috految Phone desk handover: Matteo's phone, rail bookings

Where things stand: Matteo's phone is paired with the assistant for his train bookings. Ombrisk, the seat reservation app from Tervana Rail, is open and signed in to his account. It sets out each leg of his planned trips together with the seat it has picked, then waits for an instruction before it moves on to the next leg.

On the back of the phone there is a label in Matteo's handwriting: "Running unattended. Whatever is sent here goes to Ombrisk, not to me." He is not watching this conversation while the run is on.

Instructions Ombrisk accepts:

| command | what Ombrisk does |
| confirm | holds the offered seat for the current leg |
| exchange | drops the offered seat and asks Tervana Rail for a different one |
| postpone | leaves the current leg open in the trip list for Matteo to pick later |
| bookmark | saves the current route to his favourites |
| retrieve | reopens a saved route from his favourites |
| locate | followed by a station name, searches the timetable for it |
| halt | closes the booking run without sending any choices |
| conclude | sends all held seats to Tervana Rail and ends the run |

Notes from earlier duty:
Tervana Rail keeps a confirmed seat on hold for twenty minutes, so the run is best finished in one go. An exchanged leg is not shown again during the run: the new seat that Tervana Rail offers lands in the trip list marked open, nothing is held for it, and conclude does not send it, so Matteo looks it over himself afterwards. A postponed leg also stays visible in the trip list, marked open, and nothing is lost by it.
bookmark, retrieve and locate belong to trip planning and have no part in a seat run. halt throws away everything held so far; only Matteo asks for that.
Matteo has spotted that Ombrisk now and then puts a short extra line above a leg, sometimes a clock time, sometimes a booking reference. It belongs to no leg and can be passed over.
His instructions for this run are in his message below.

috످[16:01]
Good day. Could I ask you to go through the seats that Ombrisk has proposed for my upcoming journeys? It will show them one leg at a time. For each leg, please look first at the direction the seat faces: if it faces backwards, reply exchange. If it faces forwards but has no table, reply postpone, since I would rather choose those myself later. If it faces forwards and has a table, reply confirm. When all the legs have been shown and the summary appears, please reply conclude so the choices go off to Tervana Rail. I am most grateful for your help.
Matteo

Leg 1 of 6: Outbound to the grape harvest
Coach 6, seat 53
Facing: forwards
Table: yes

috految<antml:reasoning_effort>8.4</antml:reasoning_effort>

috److confirm

috످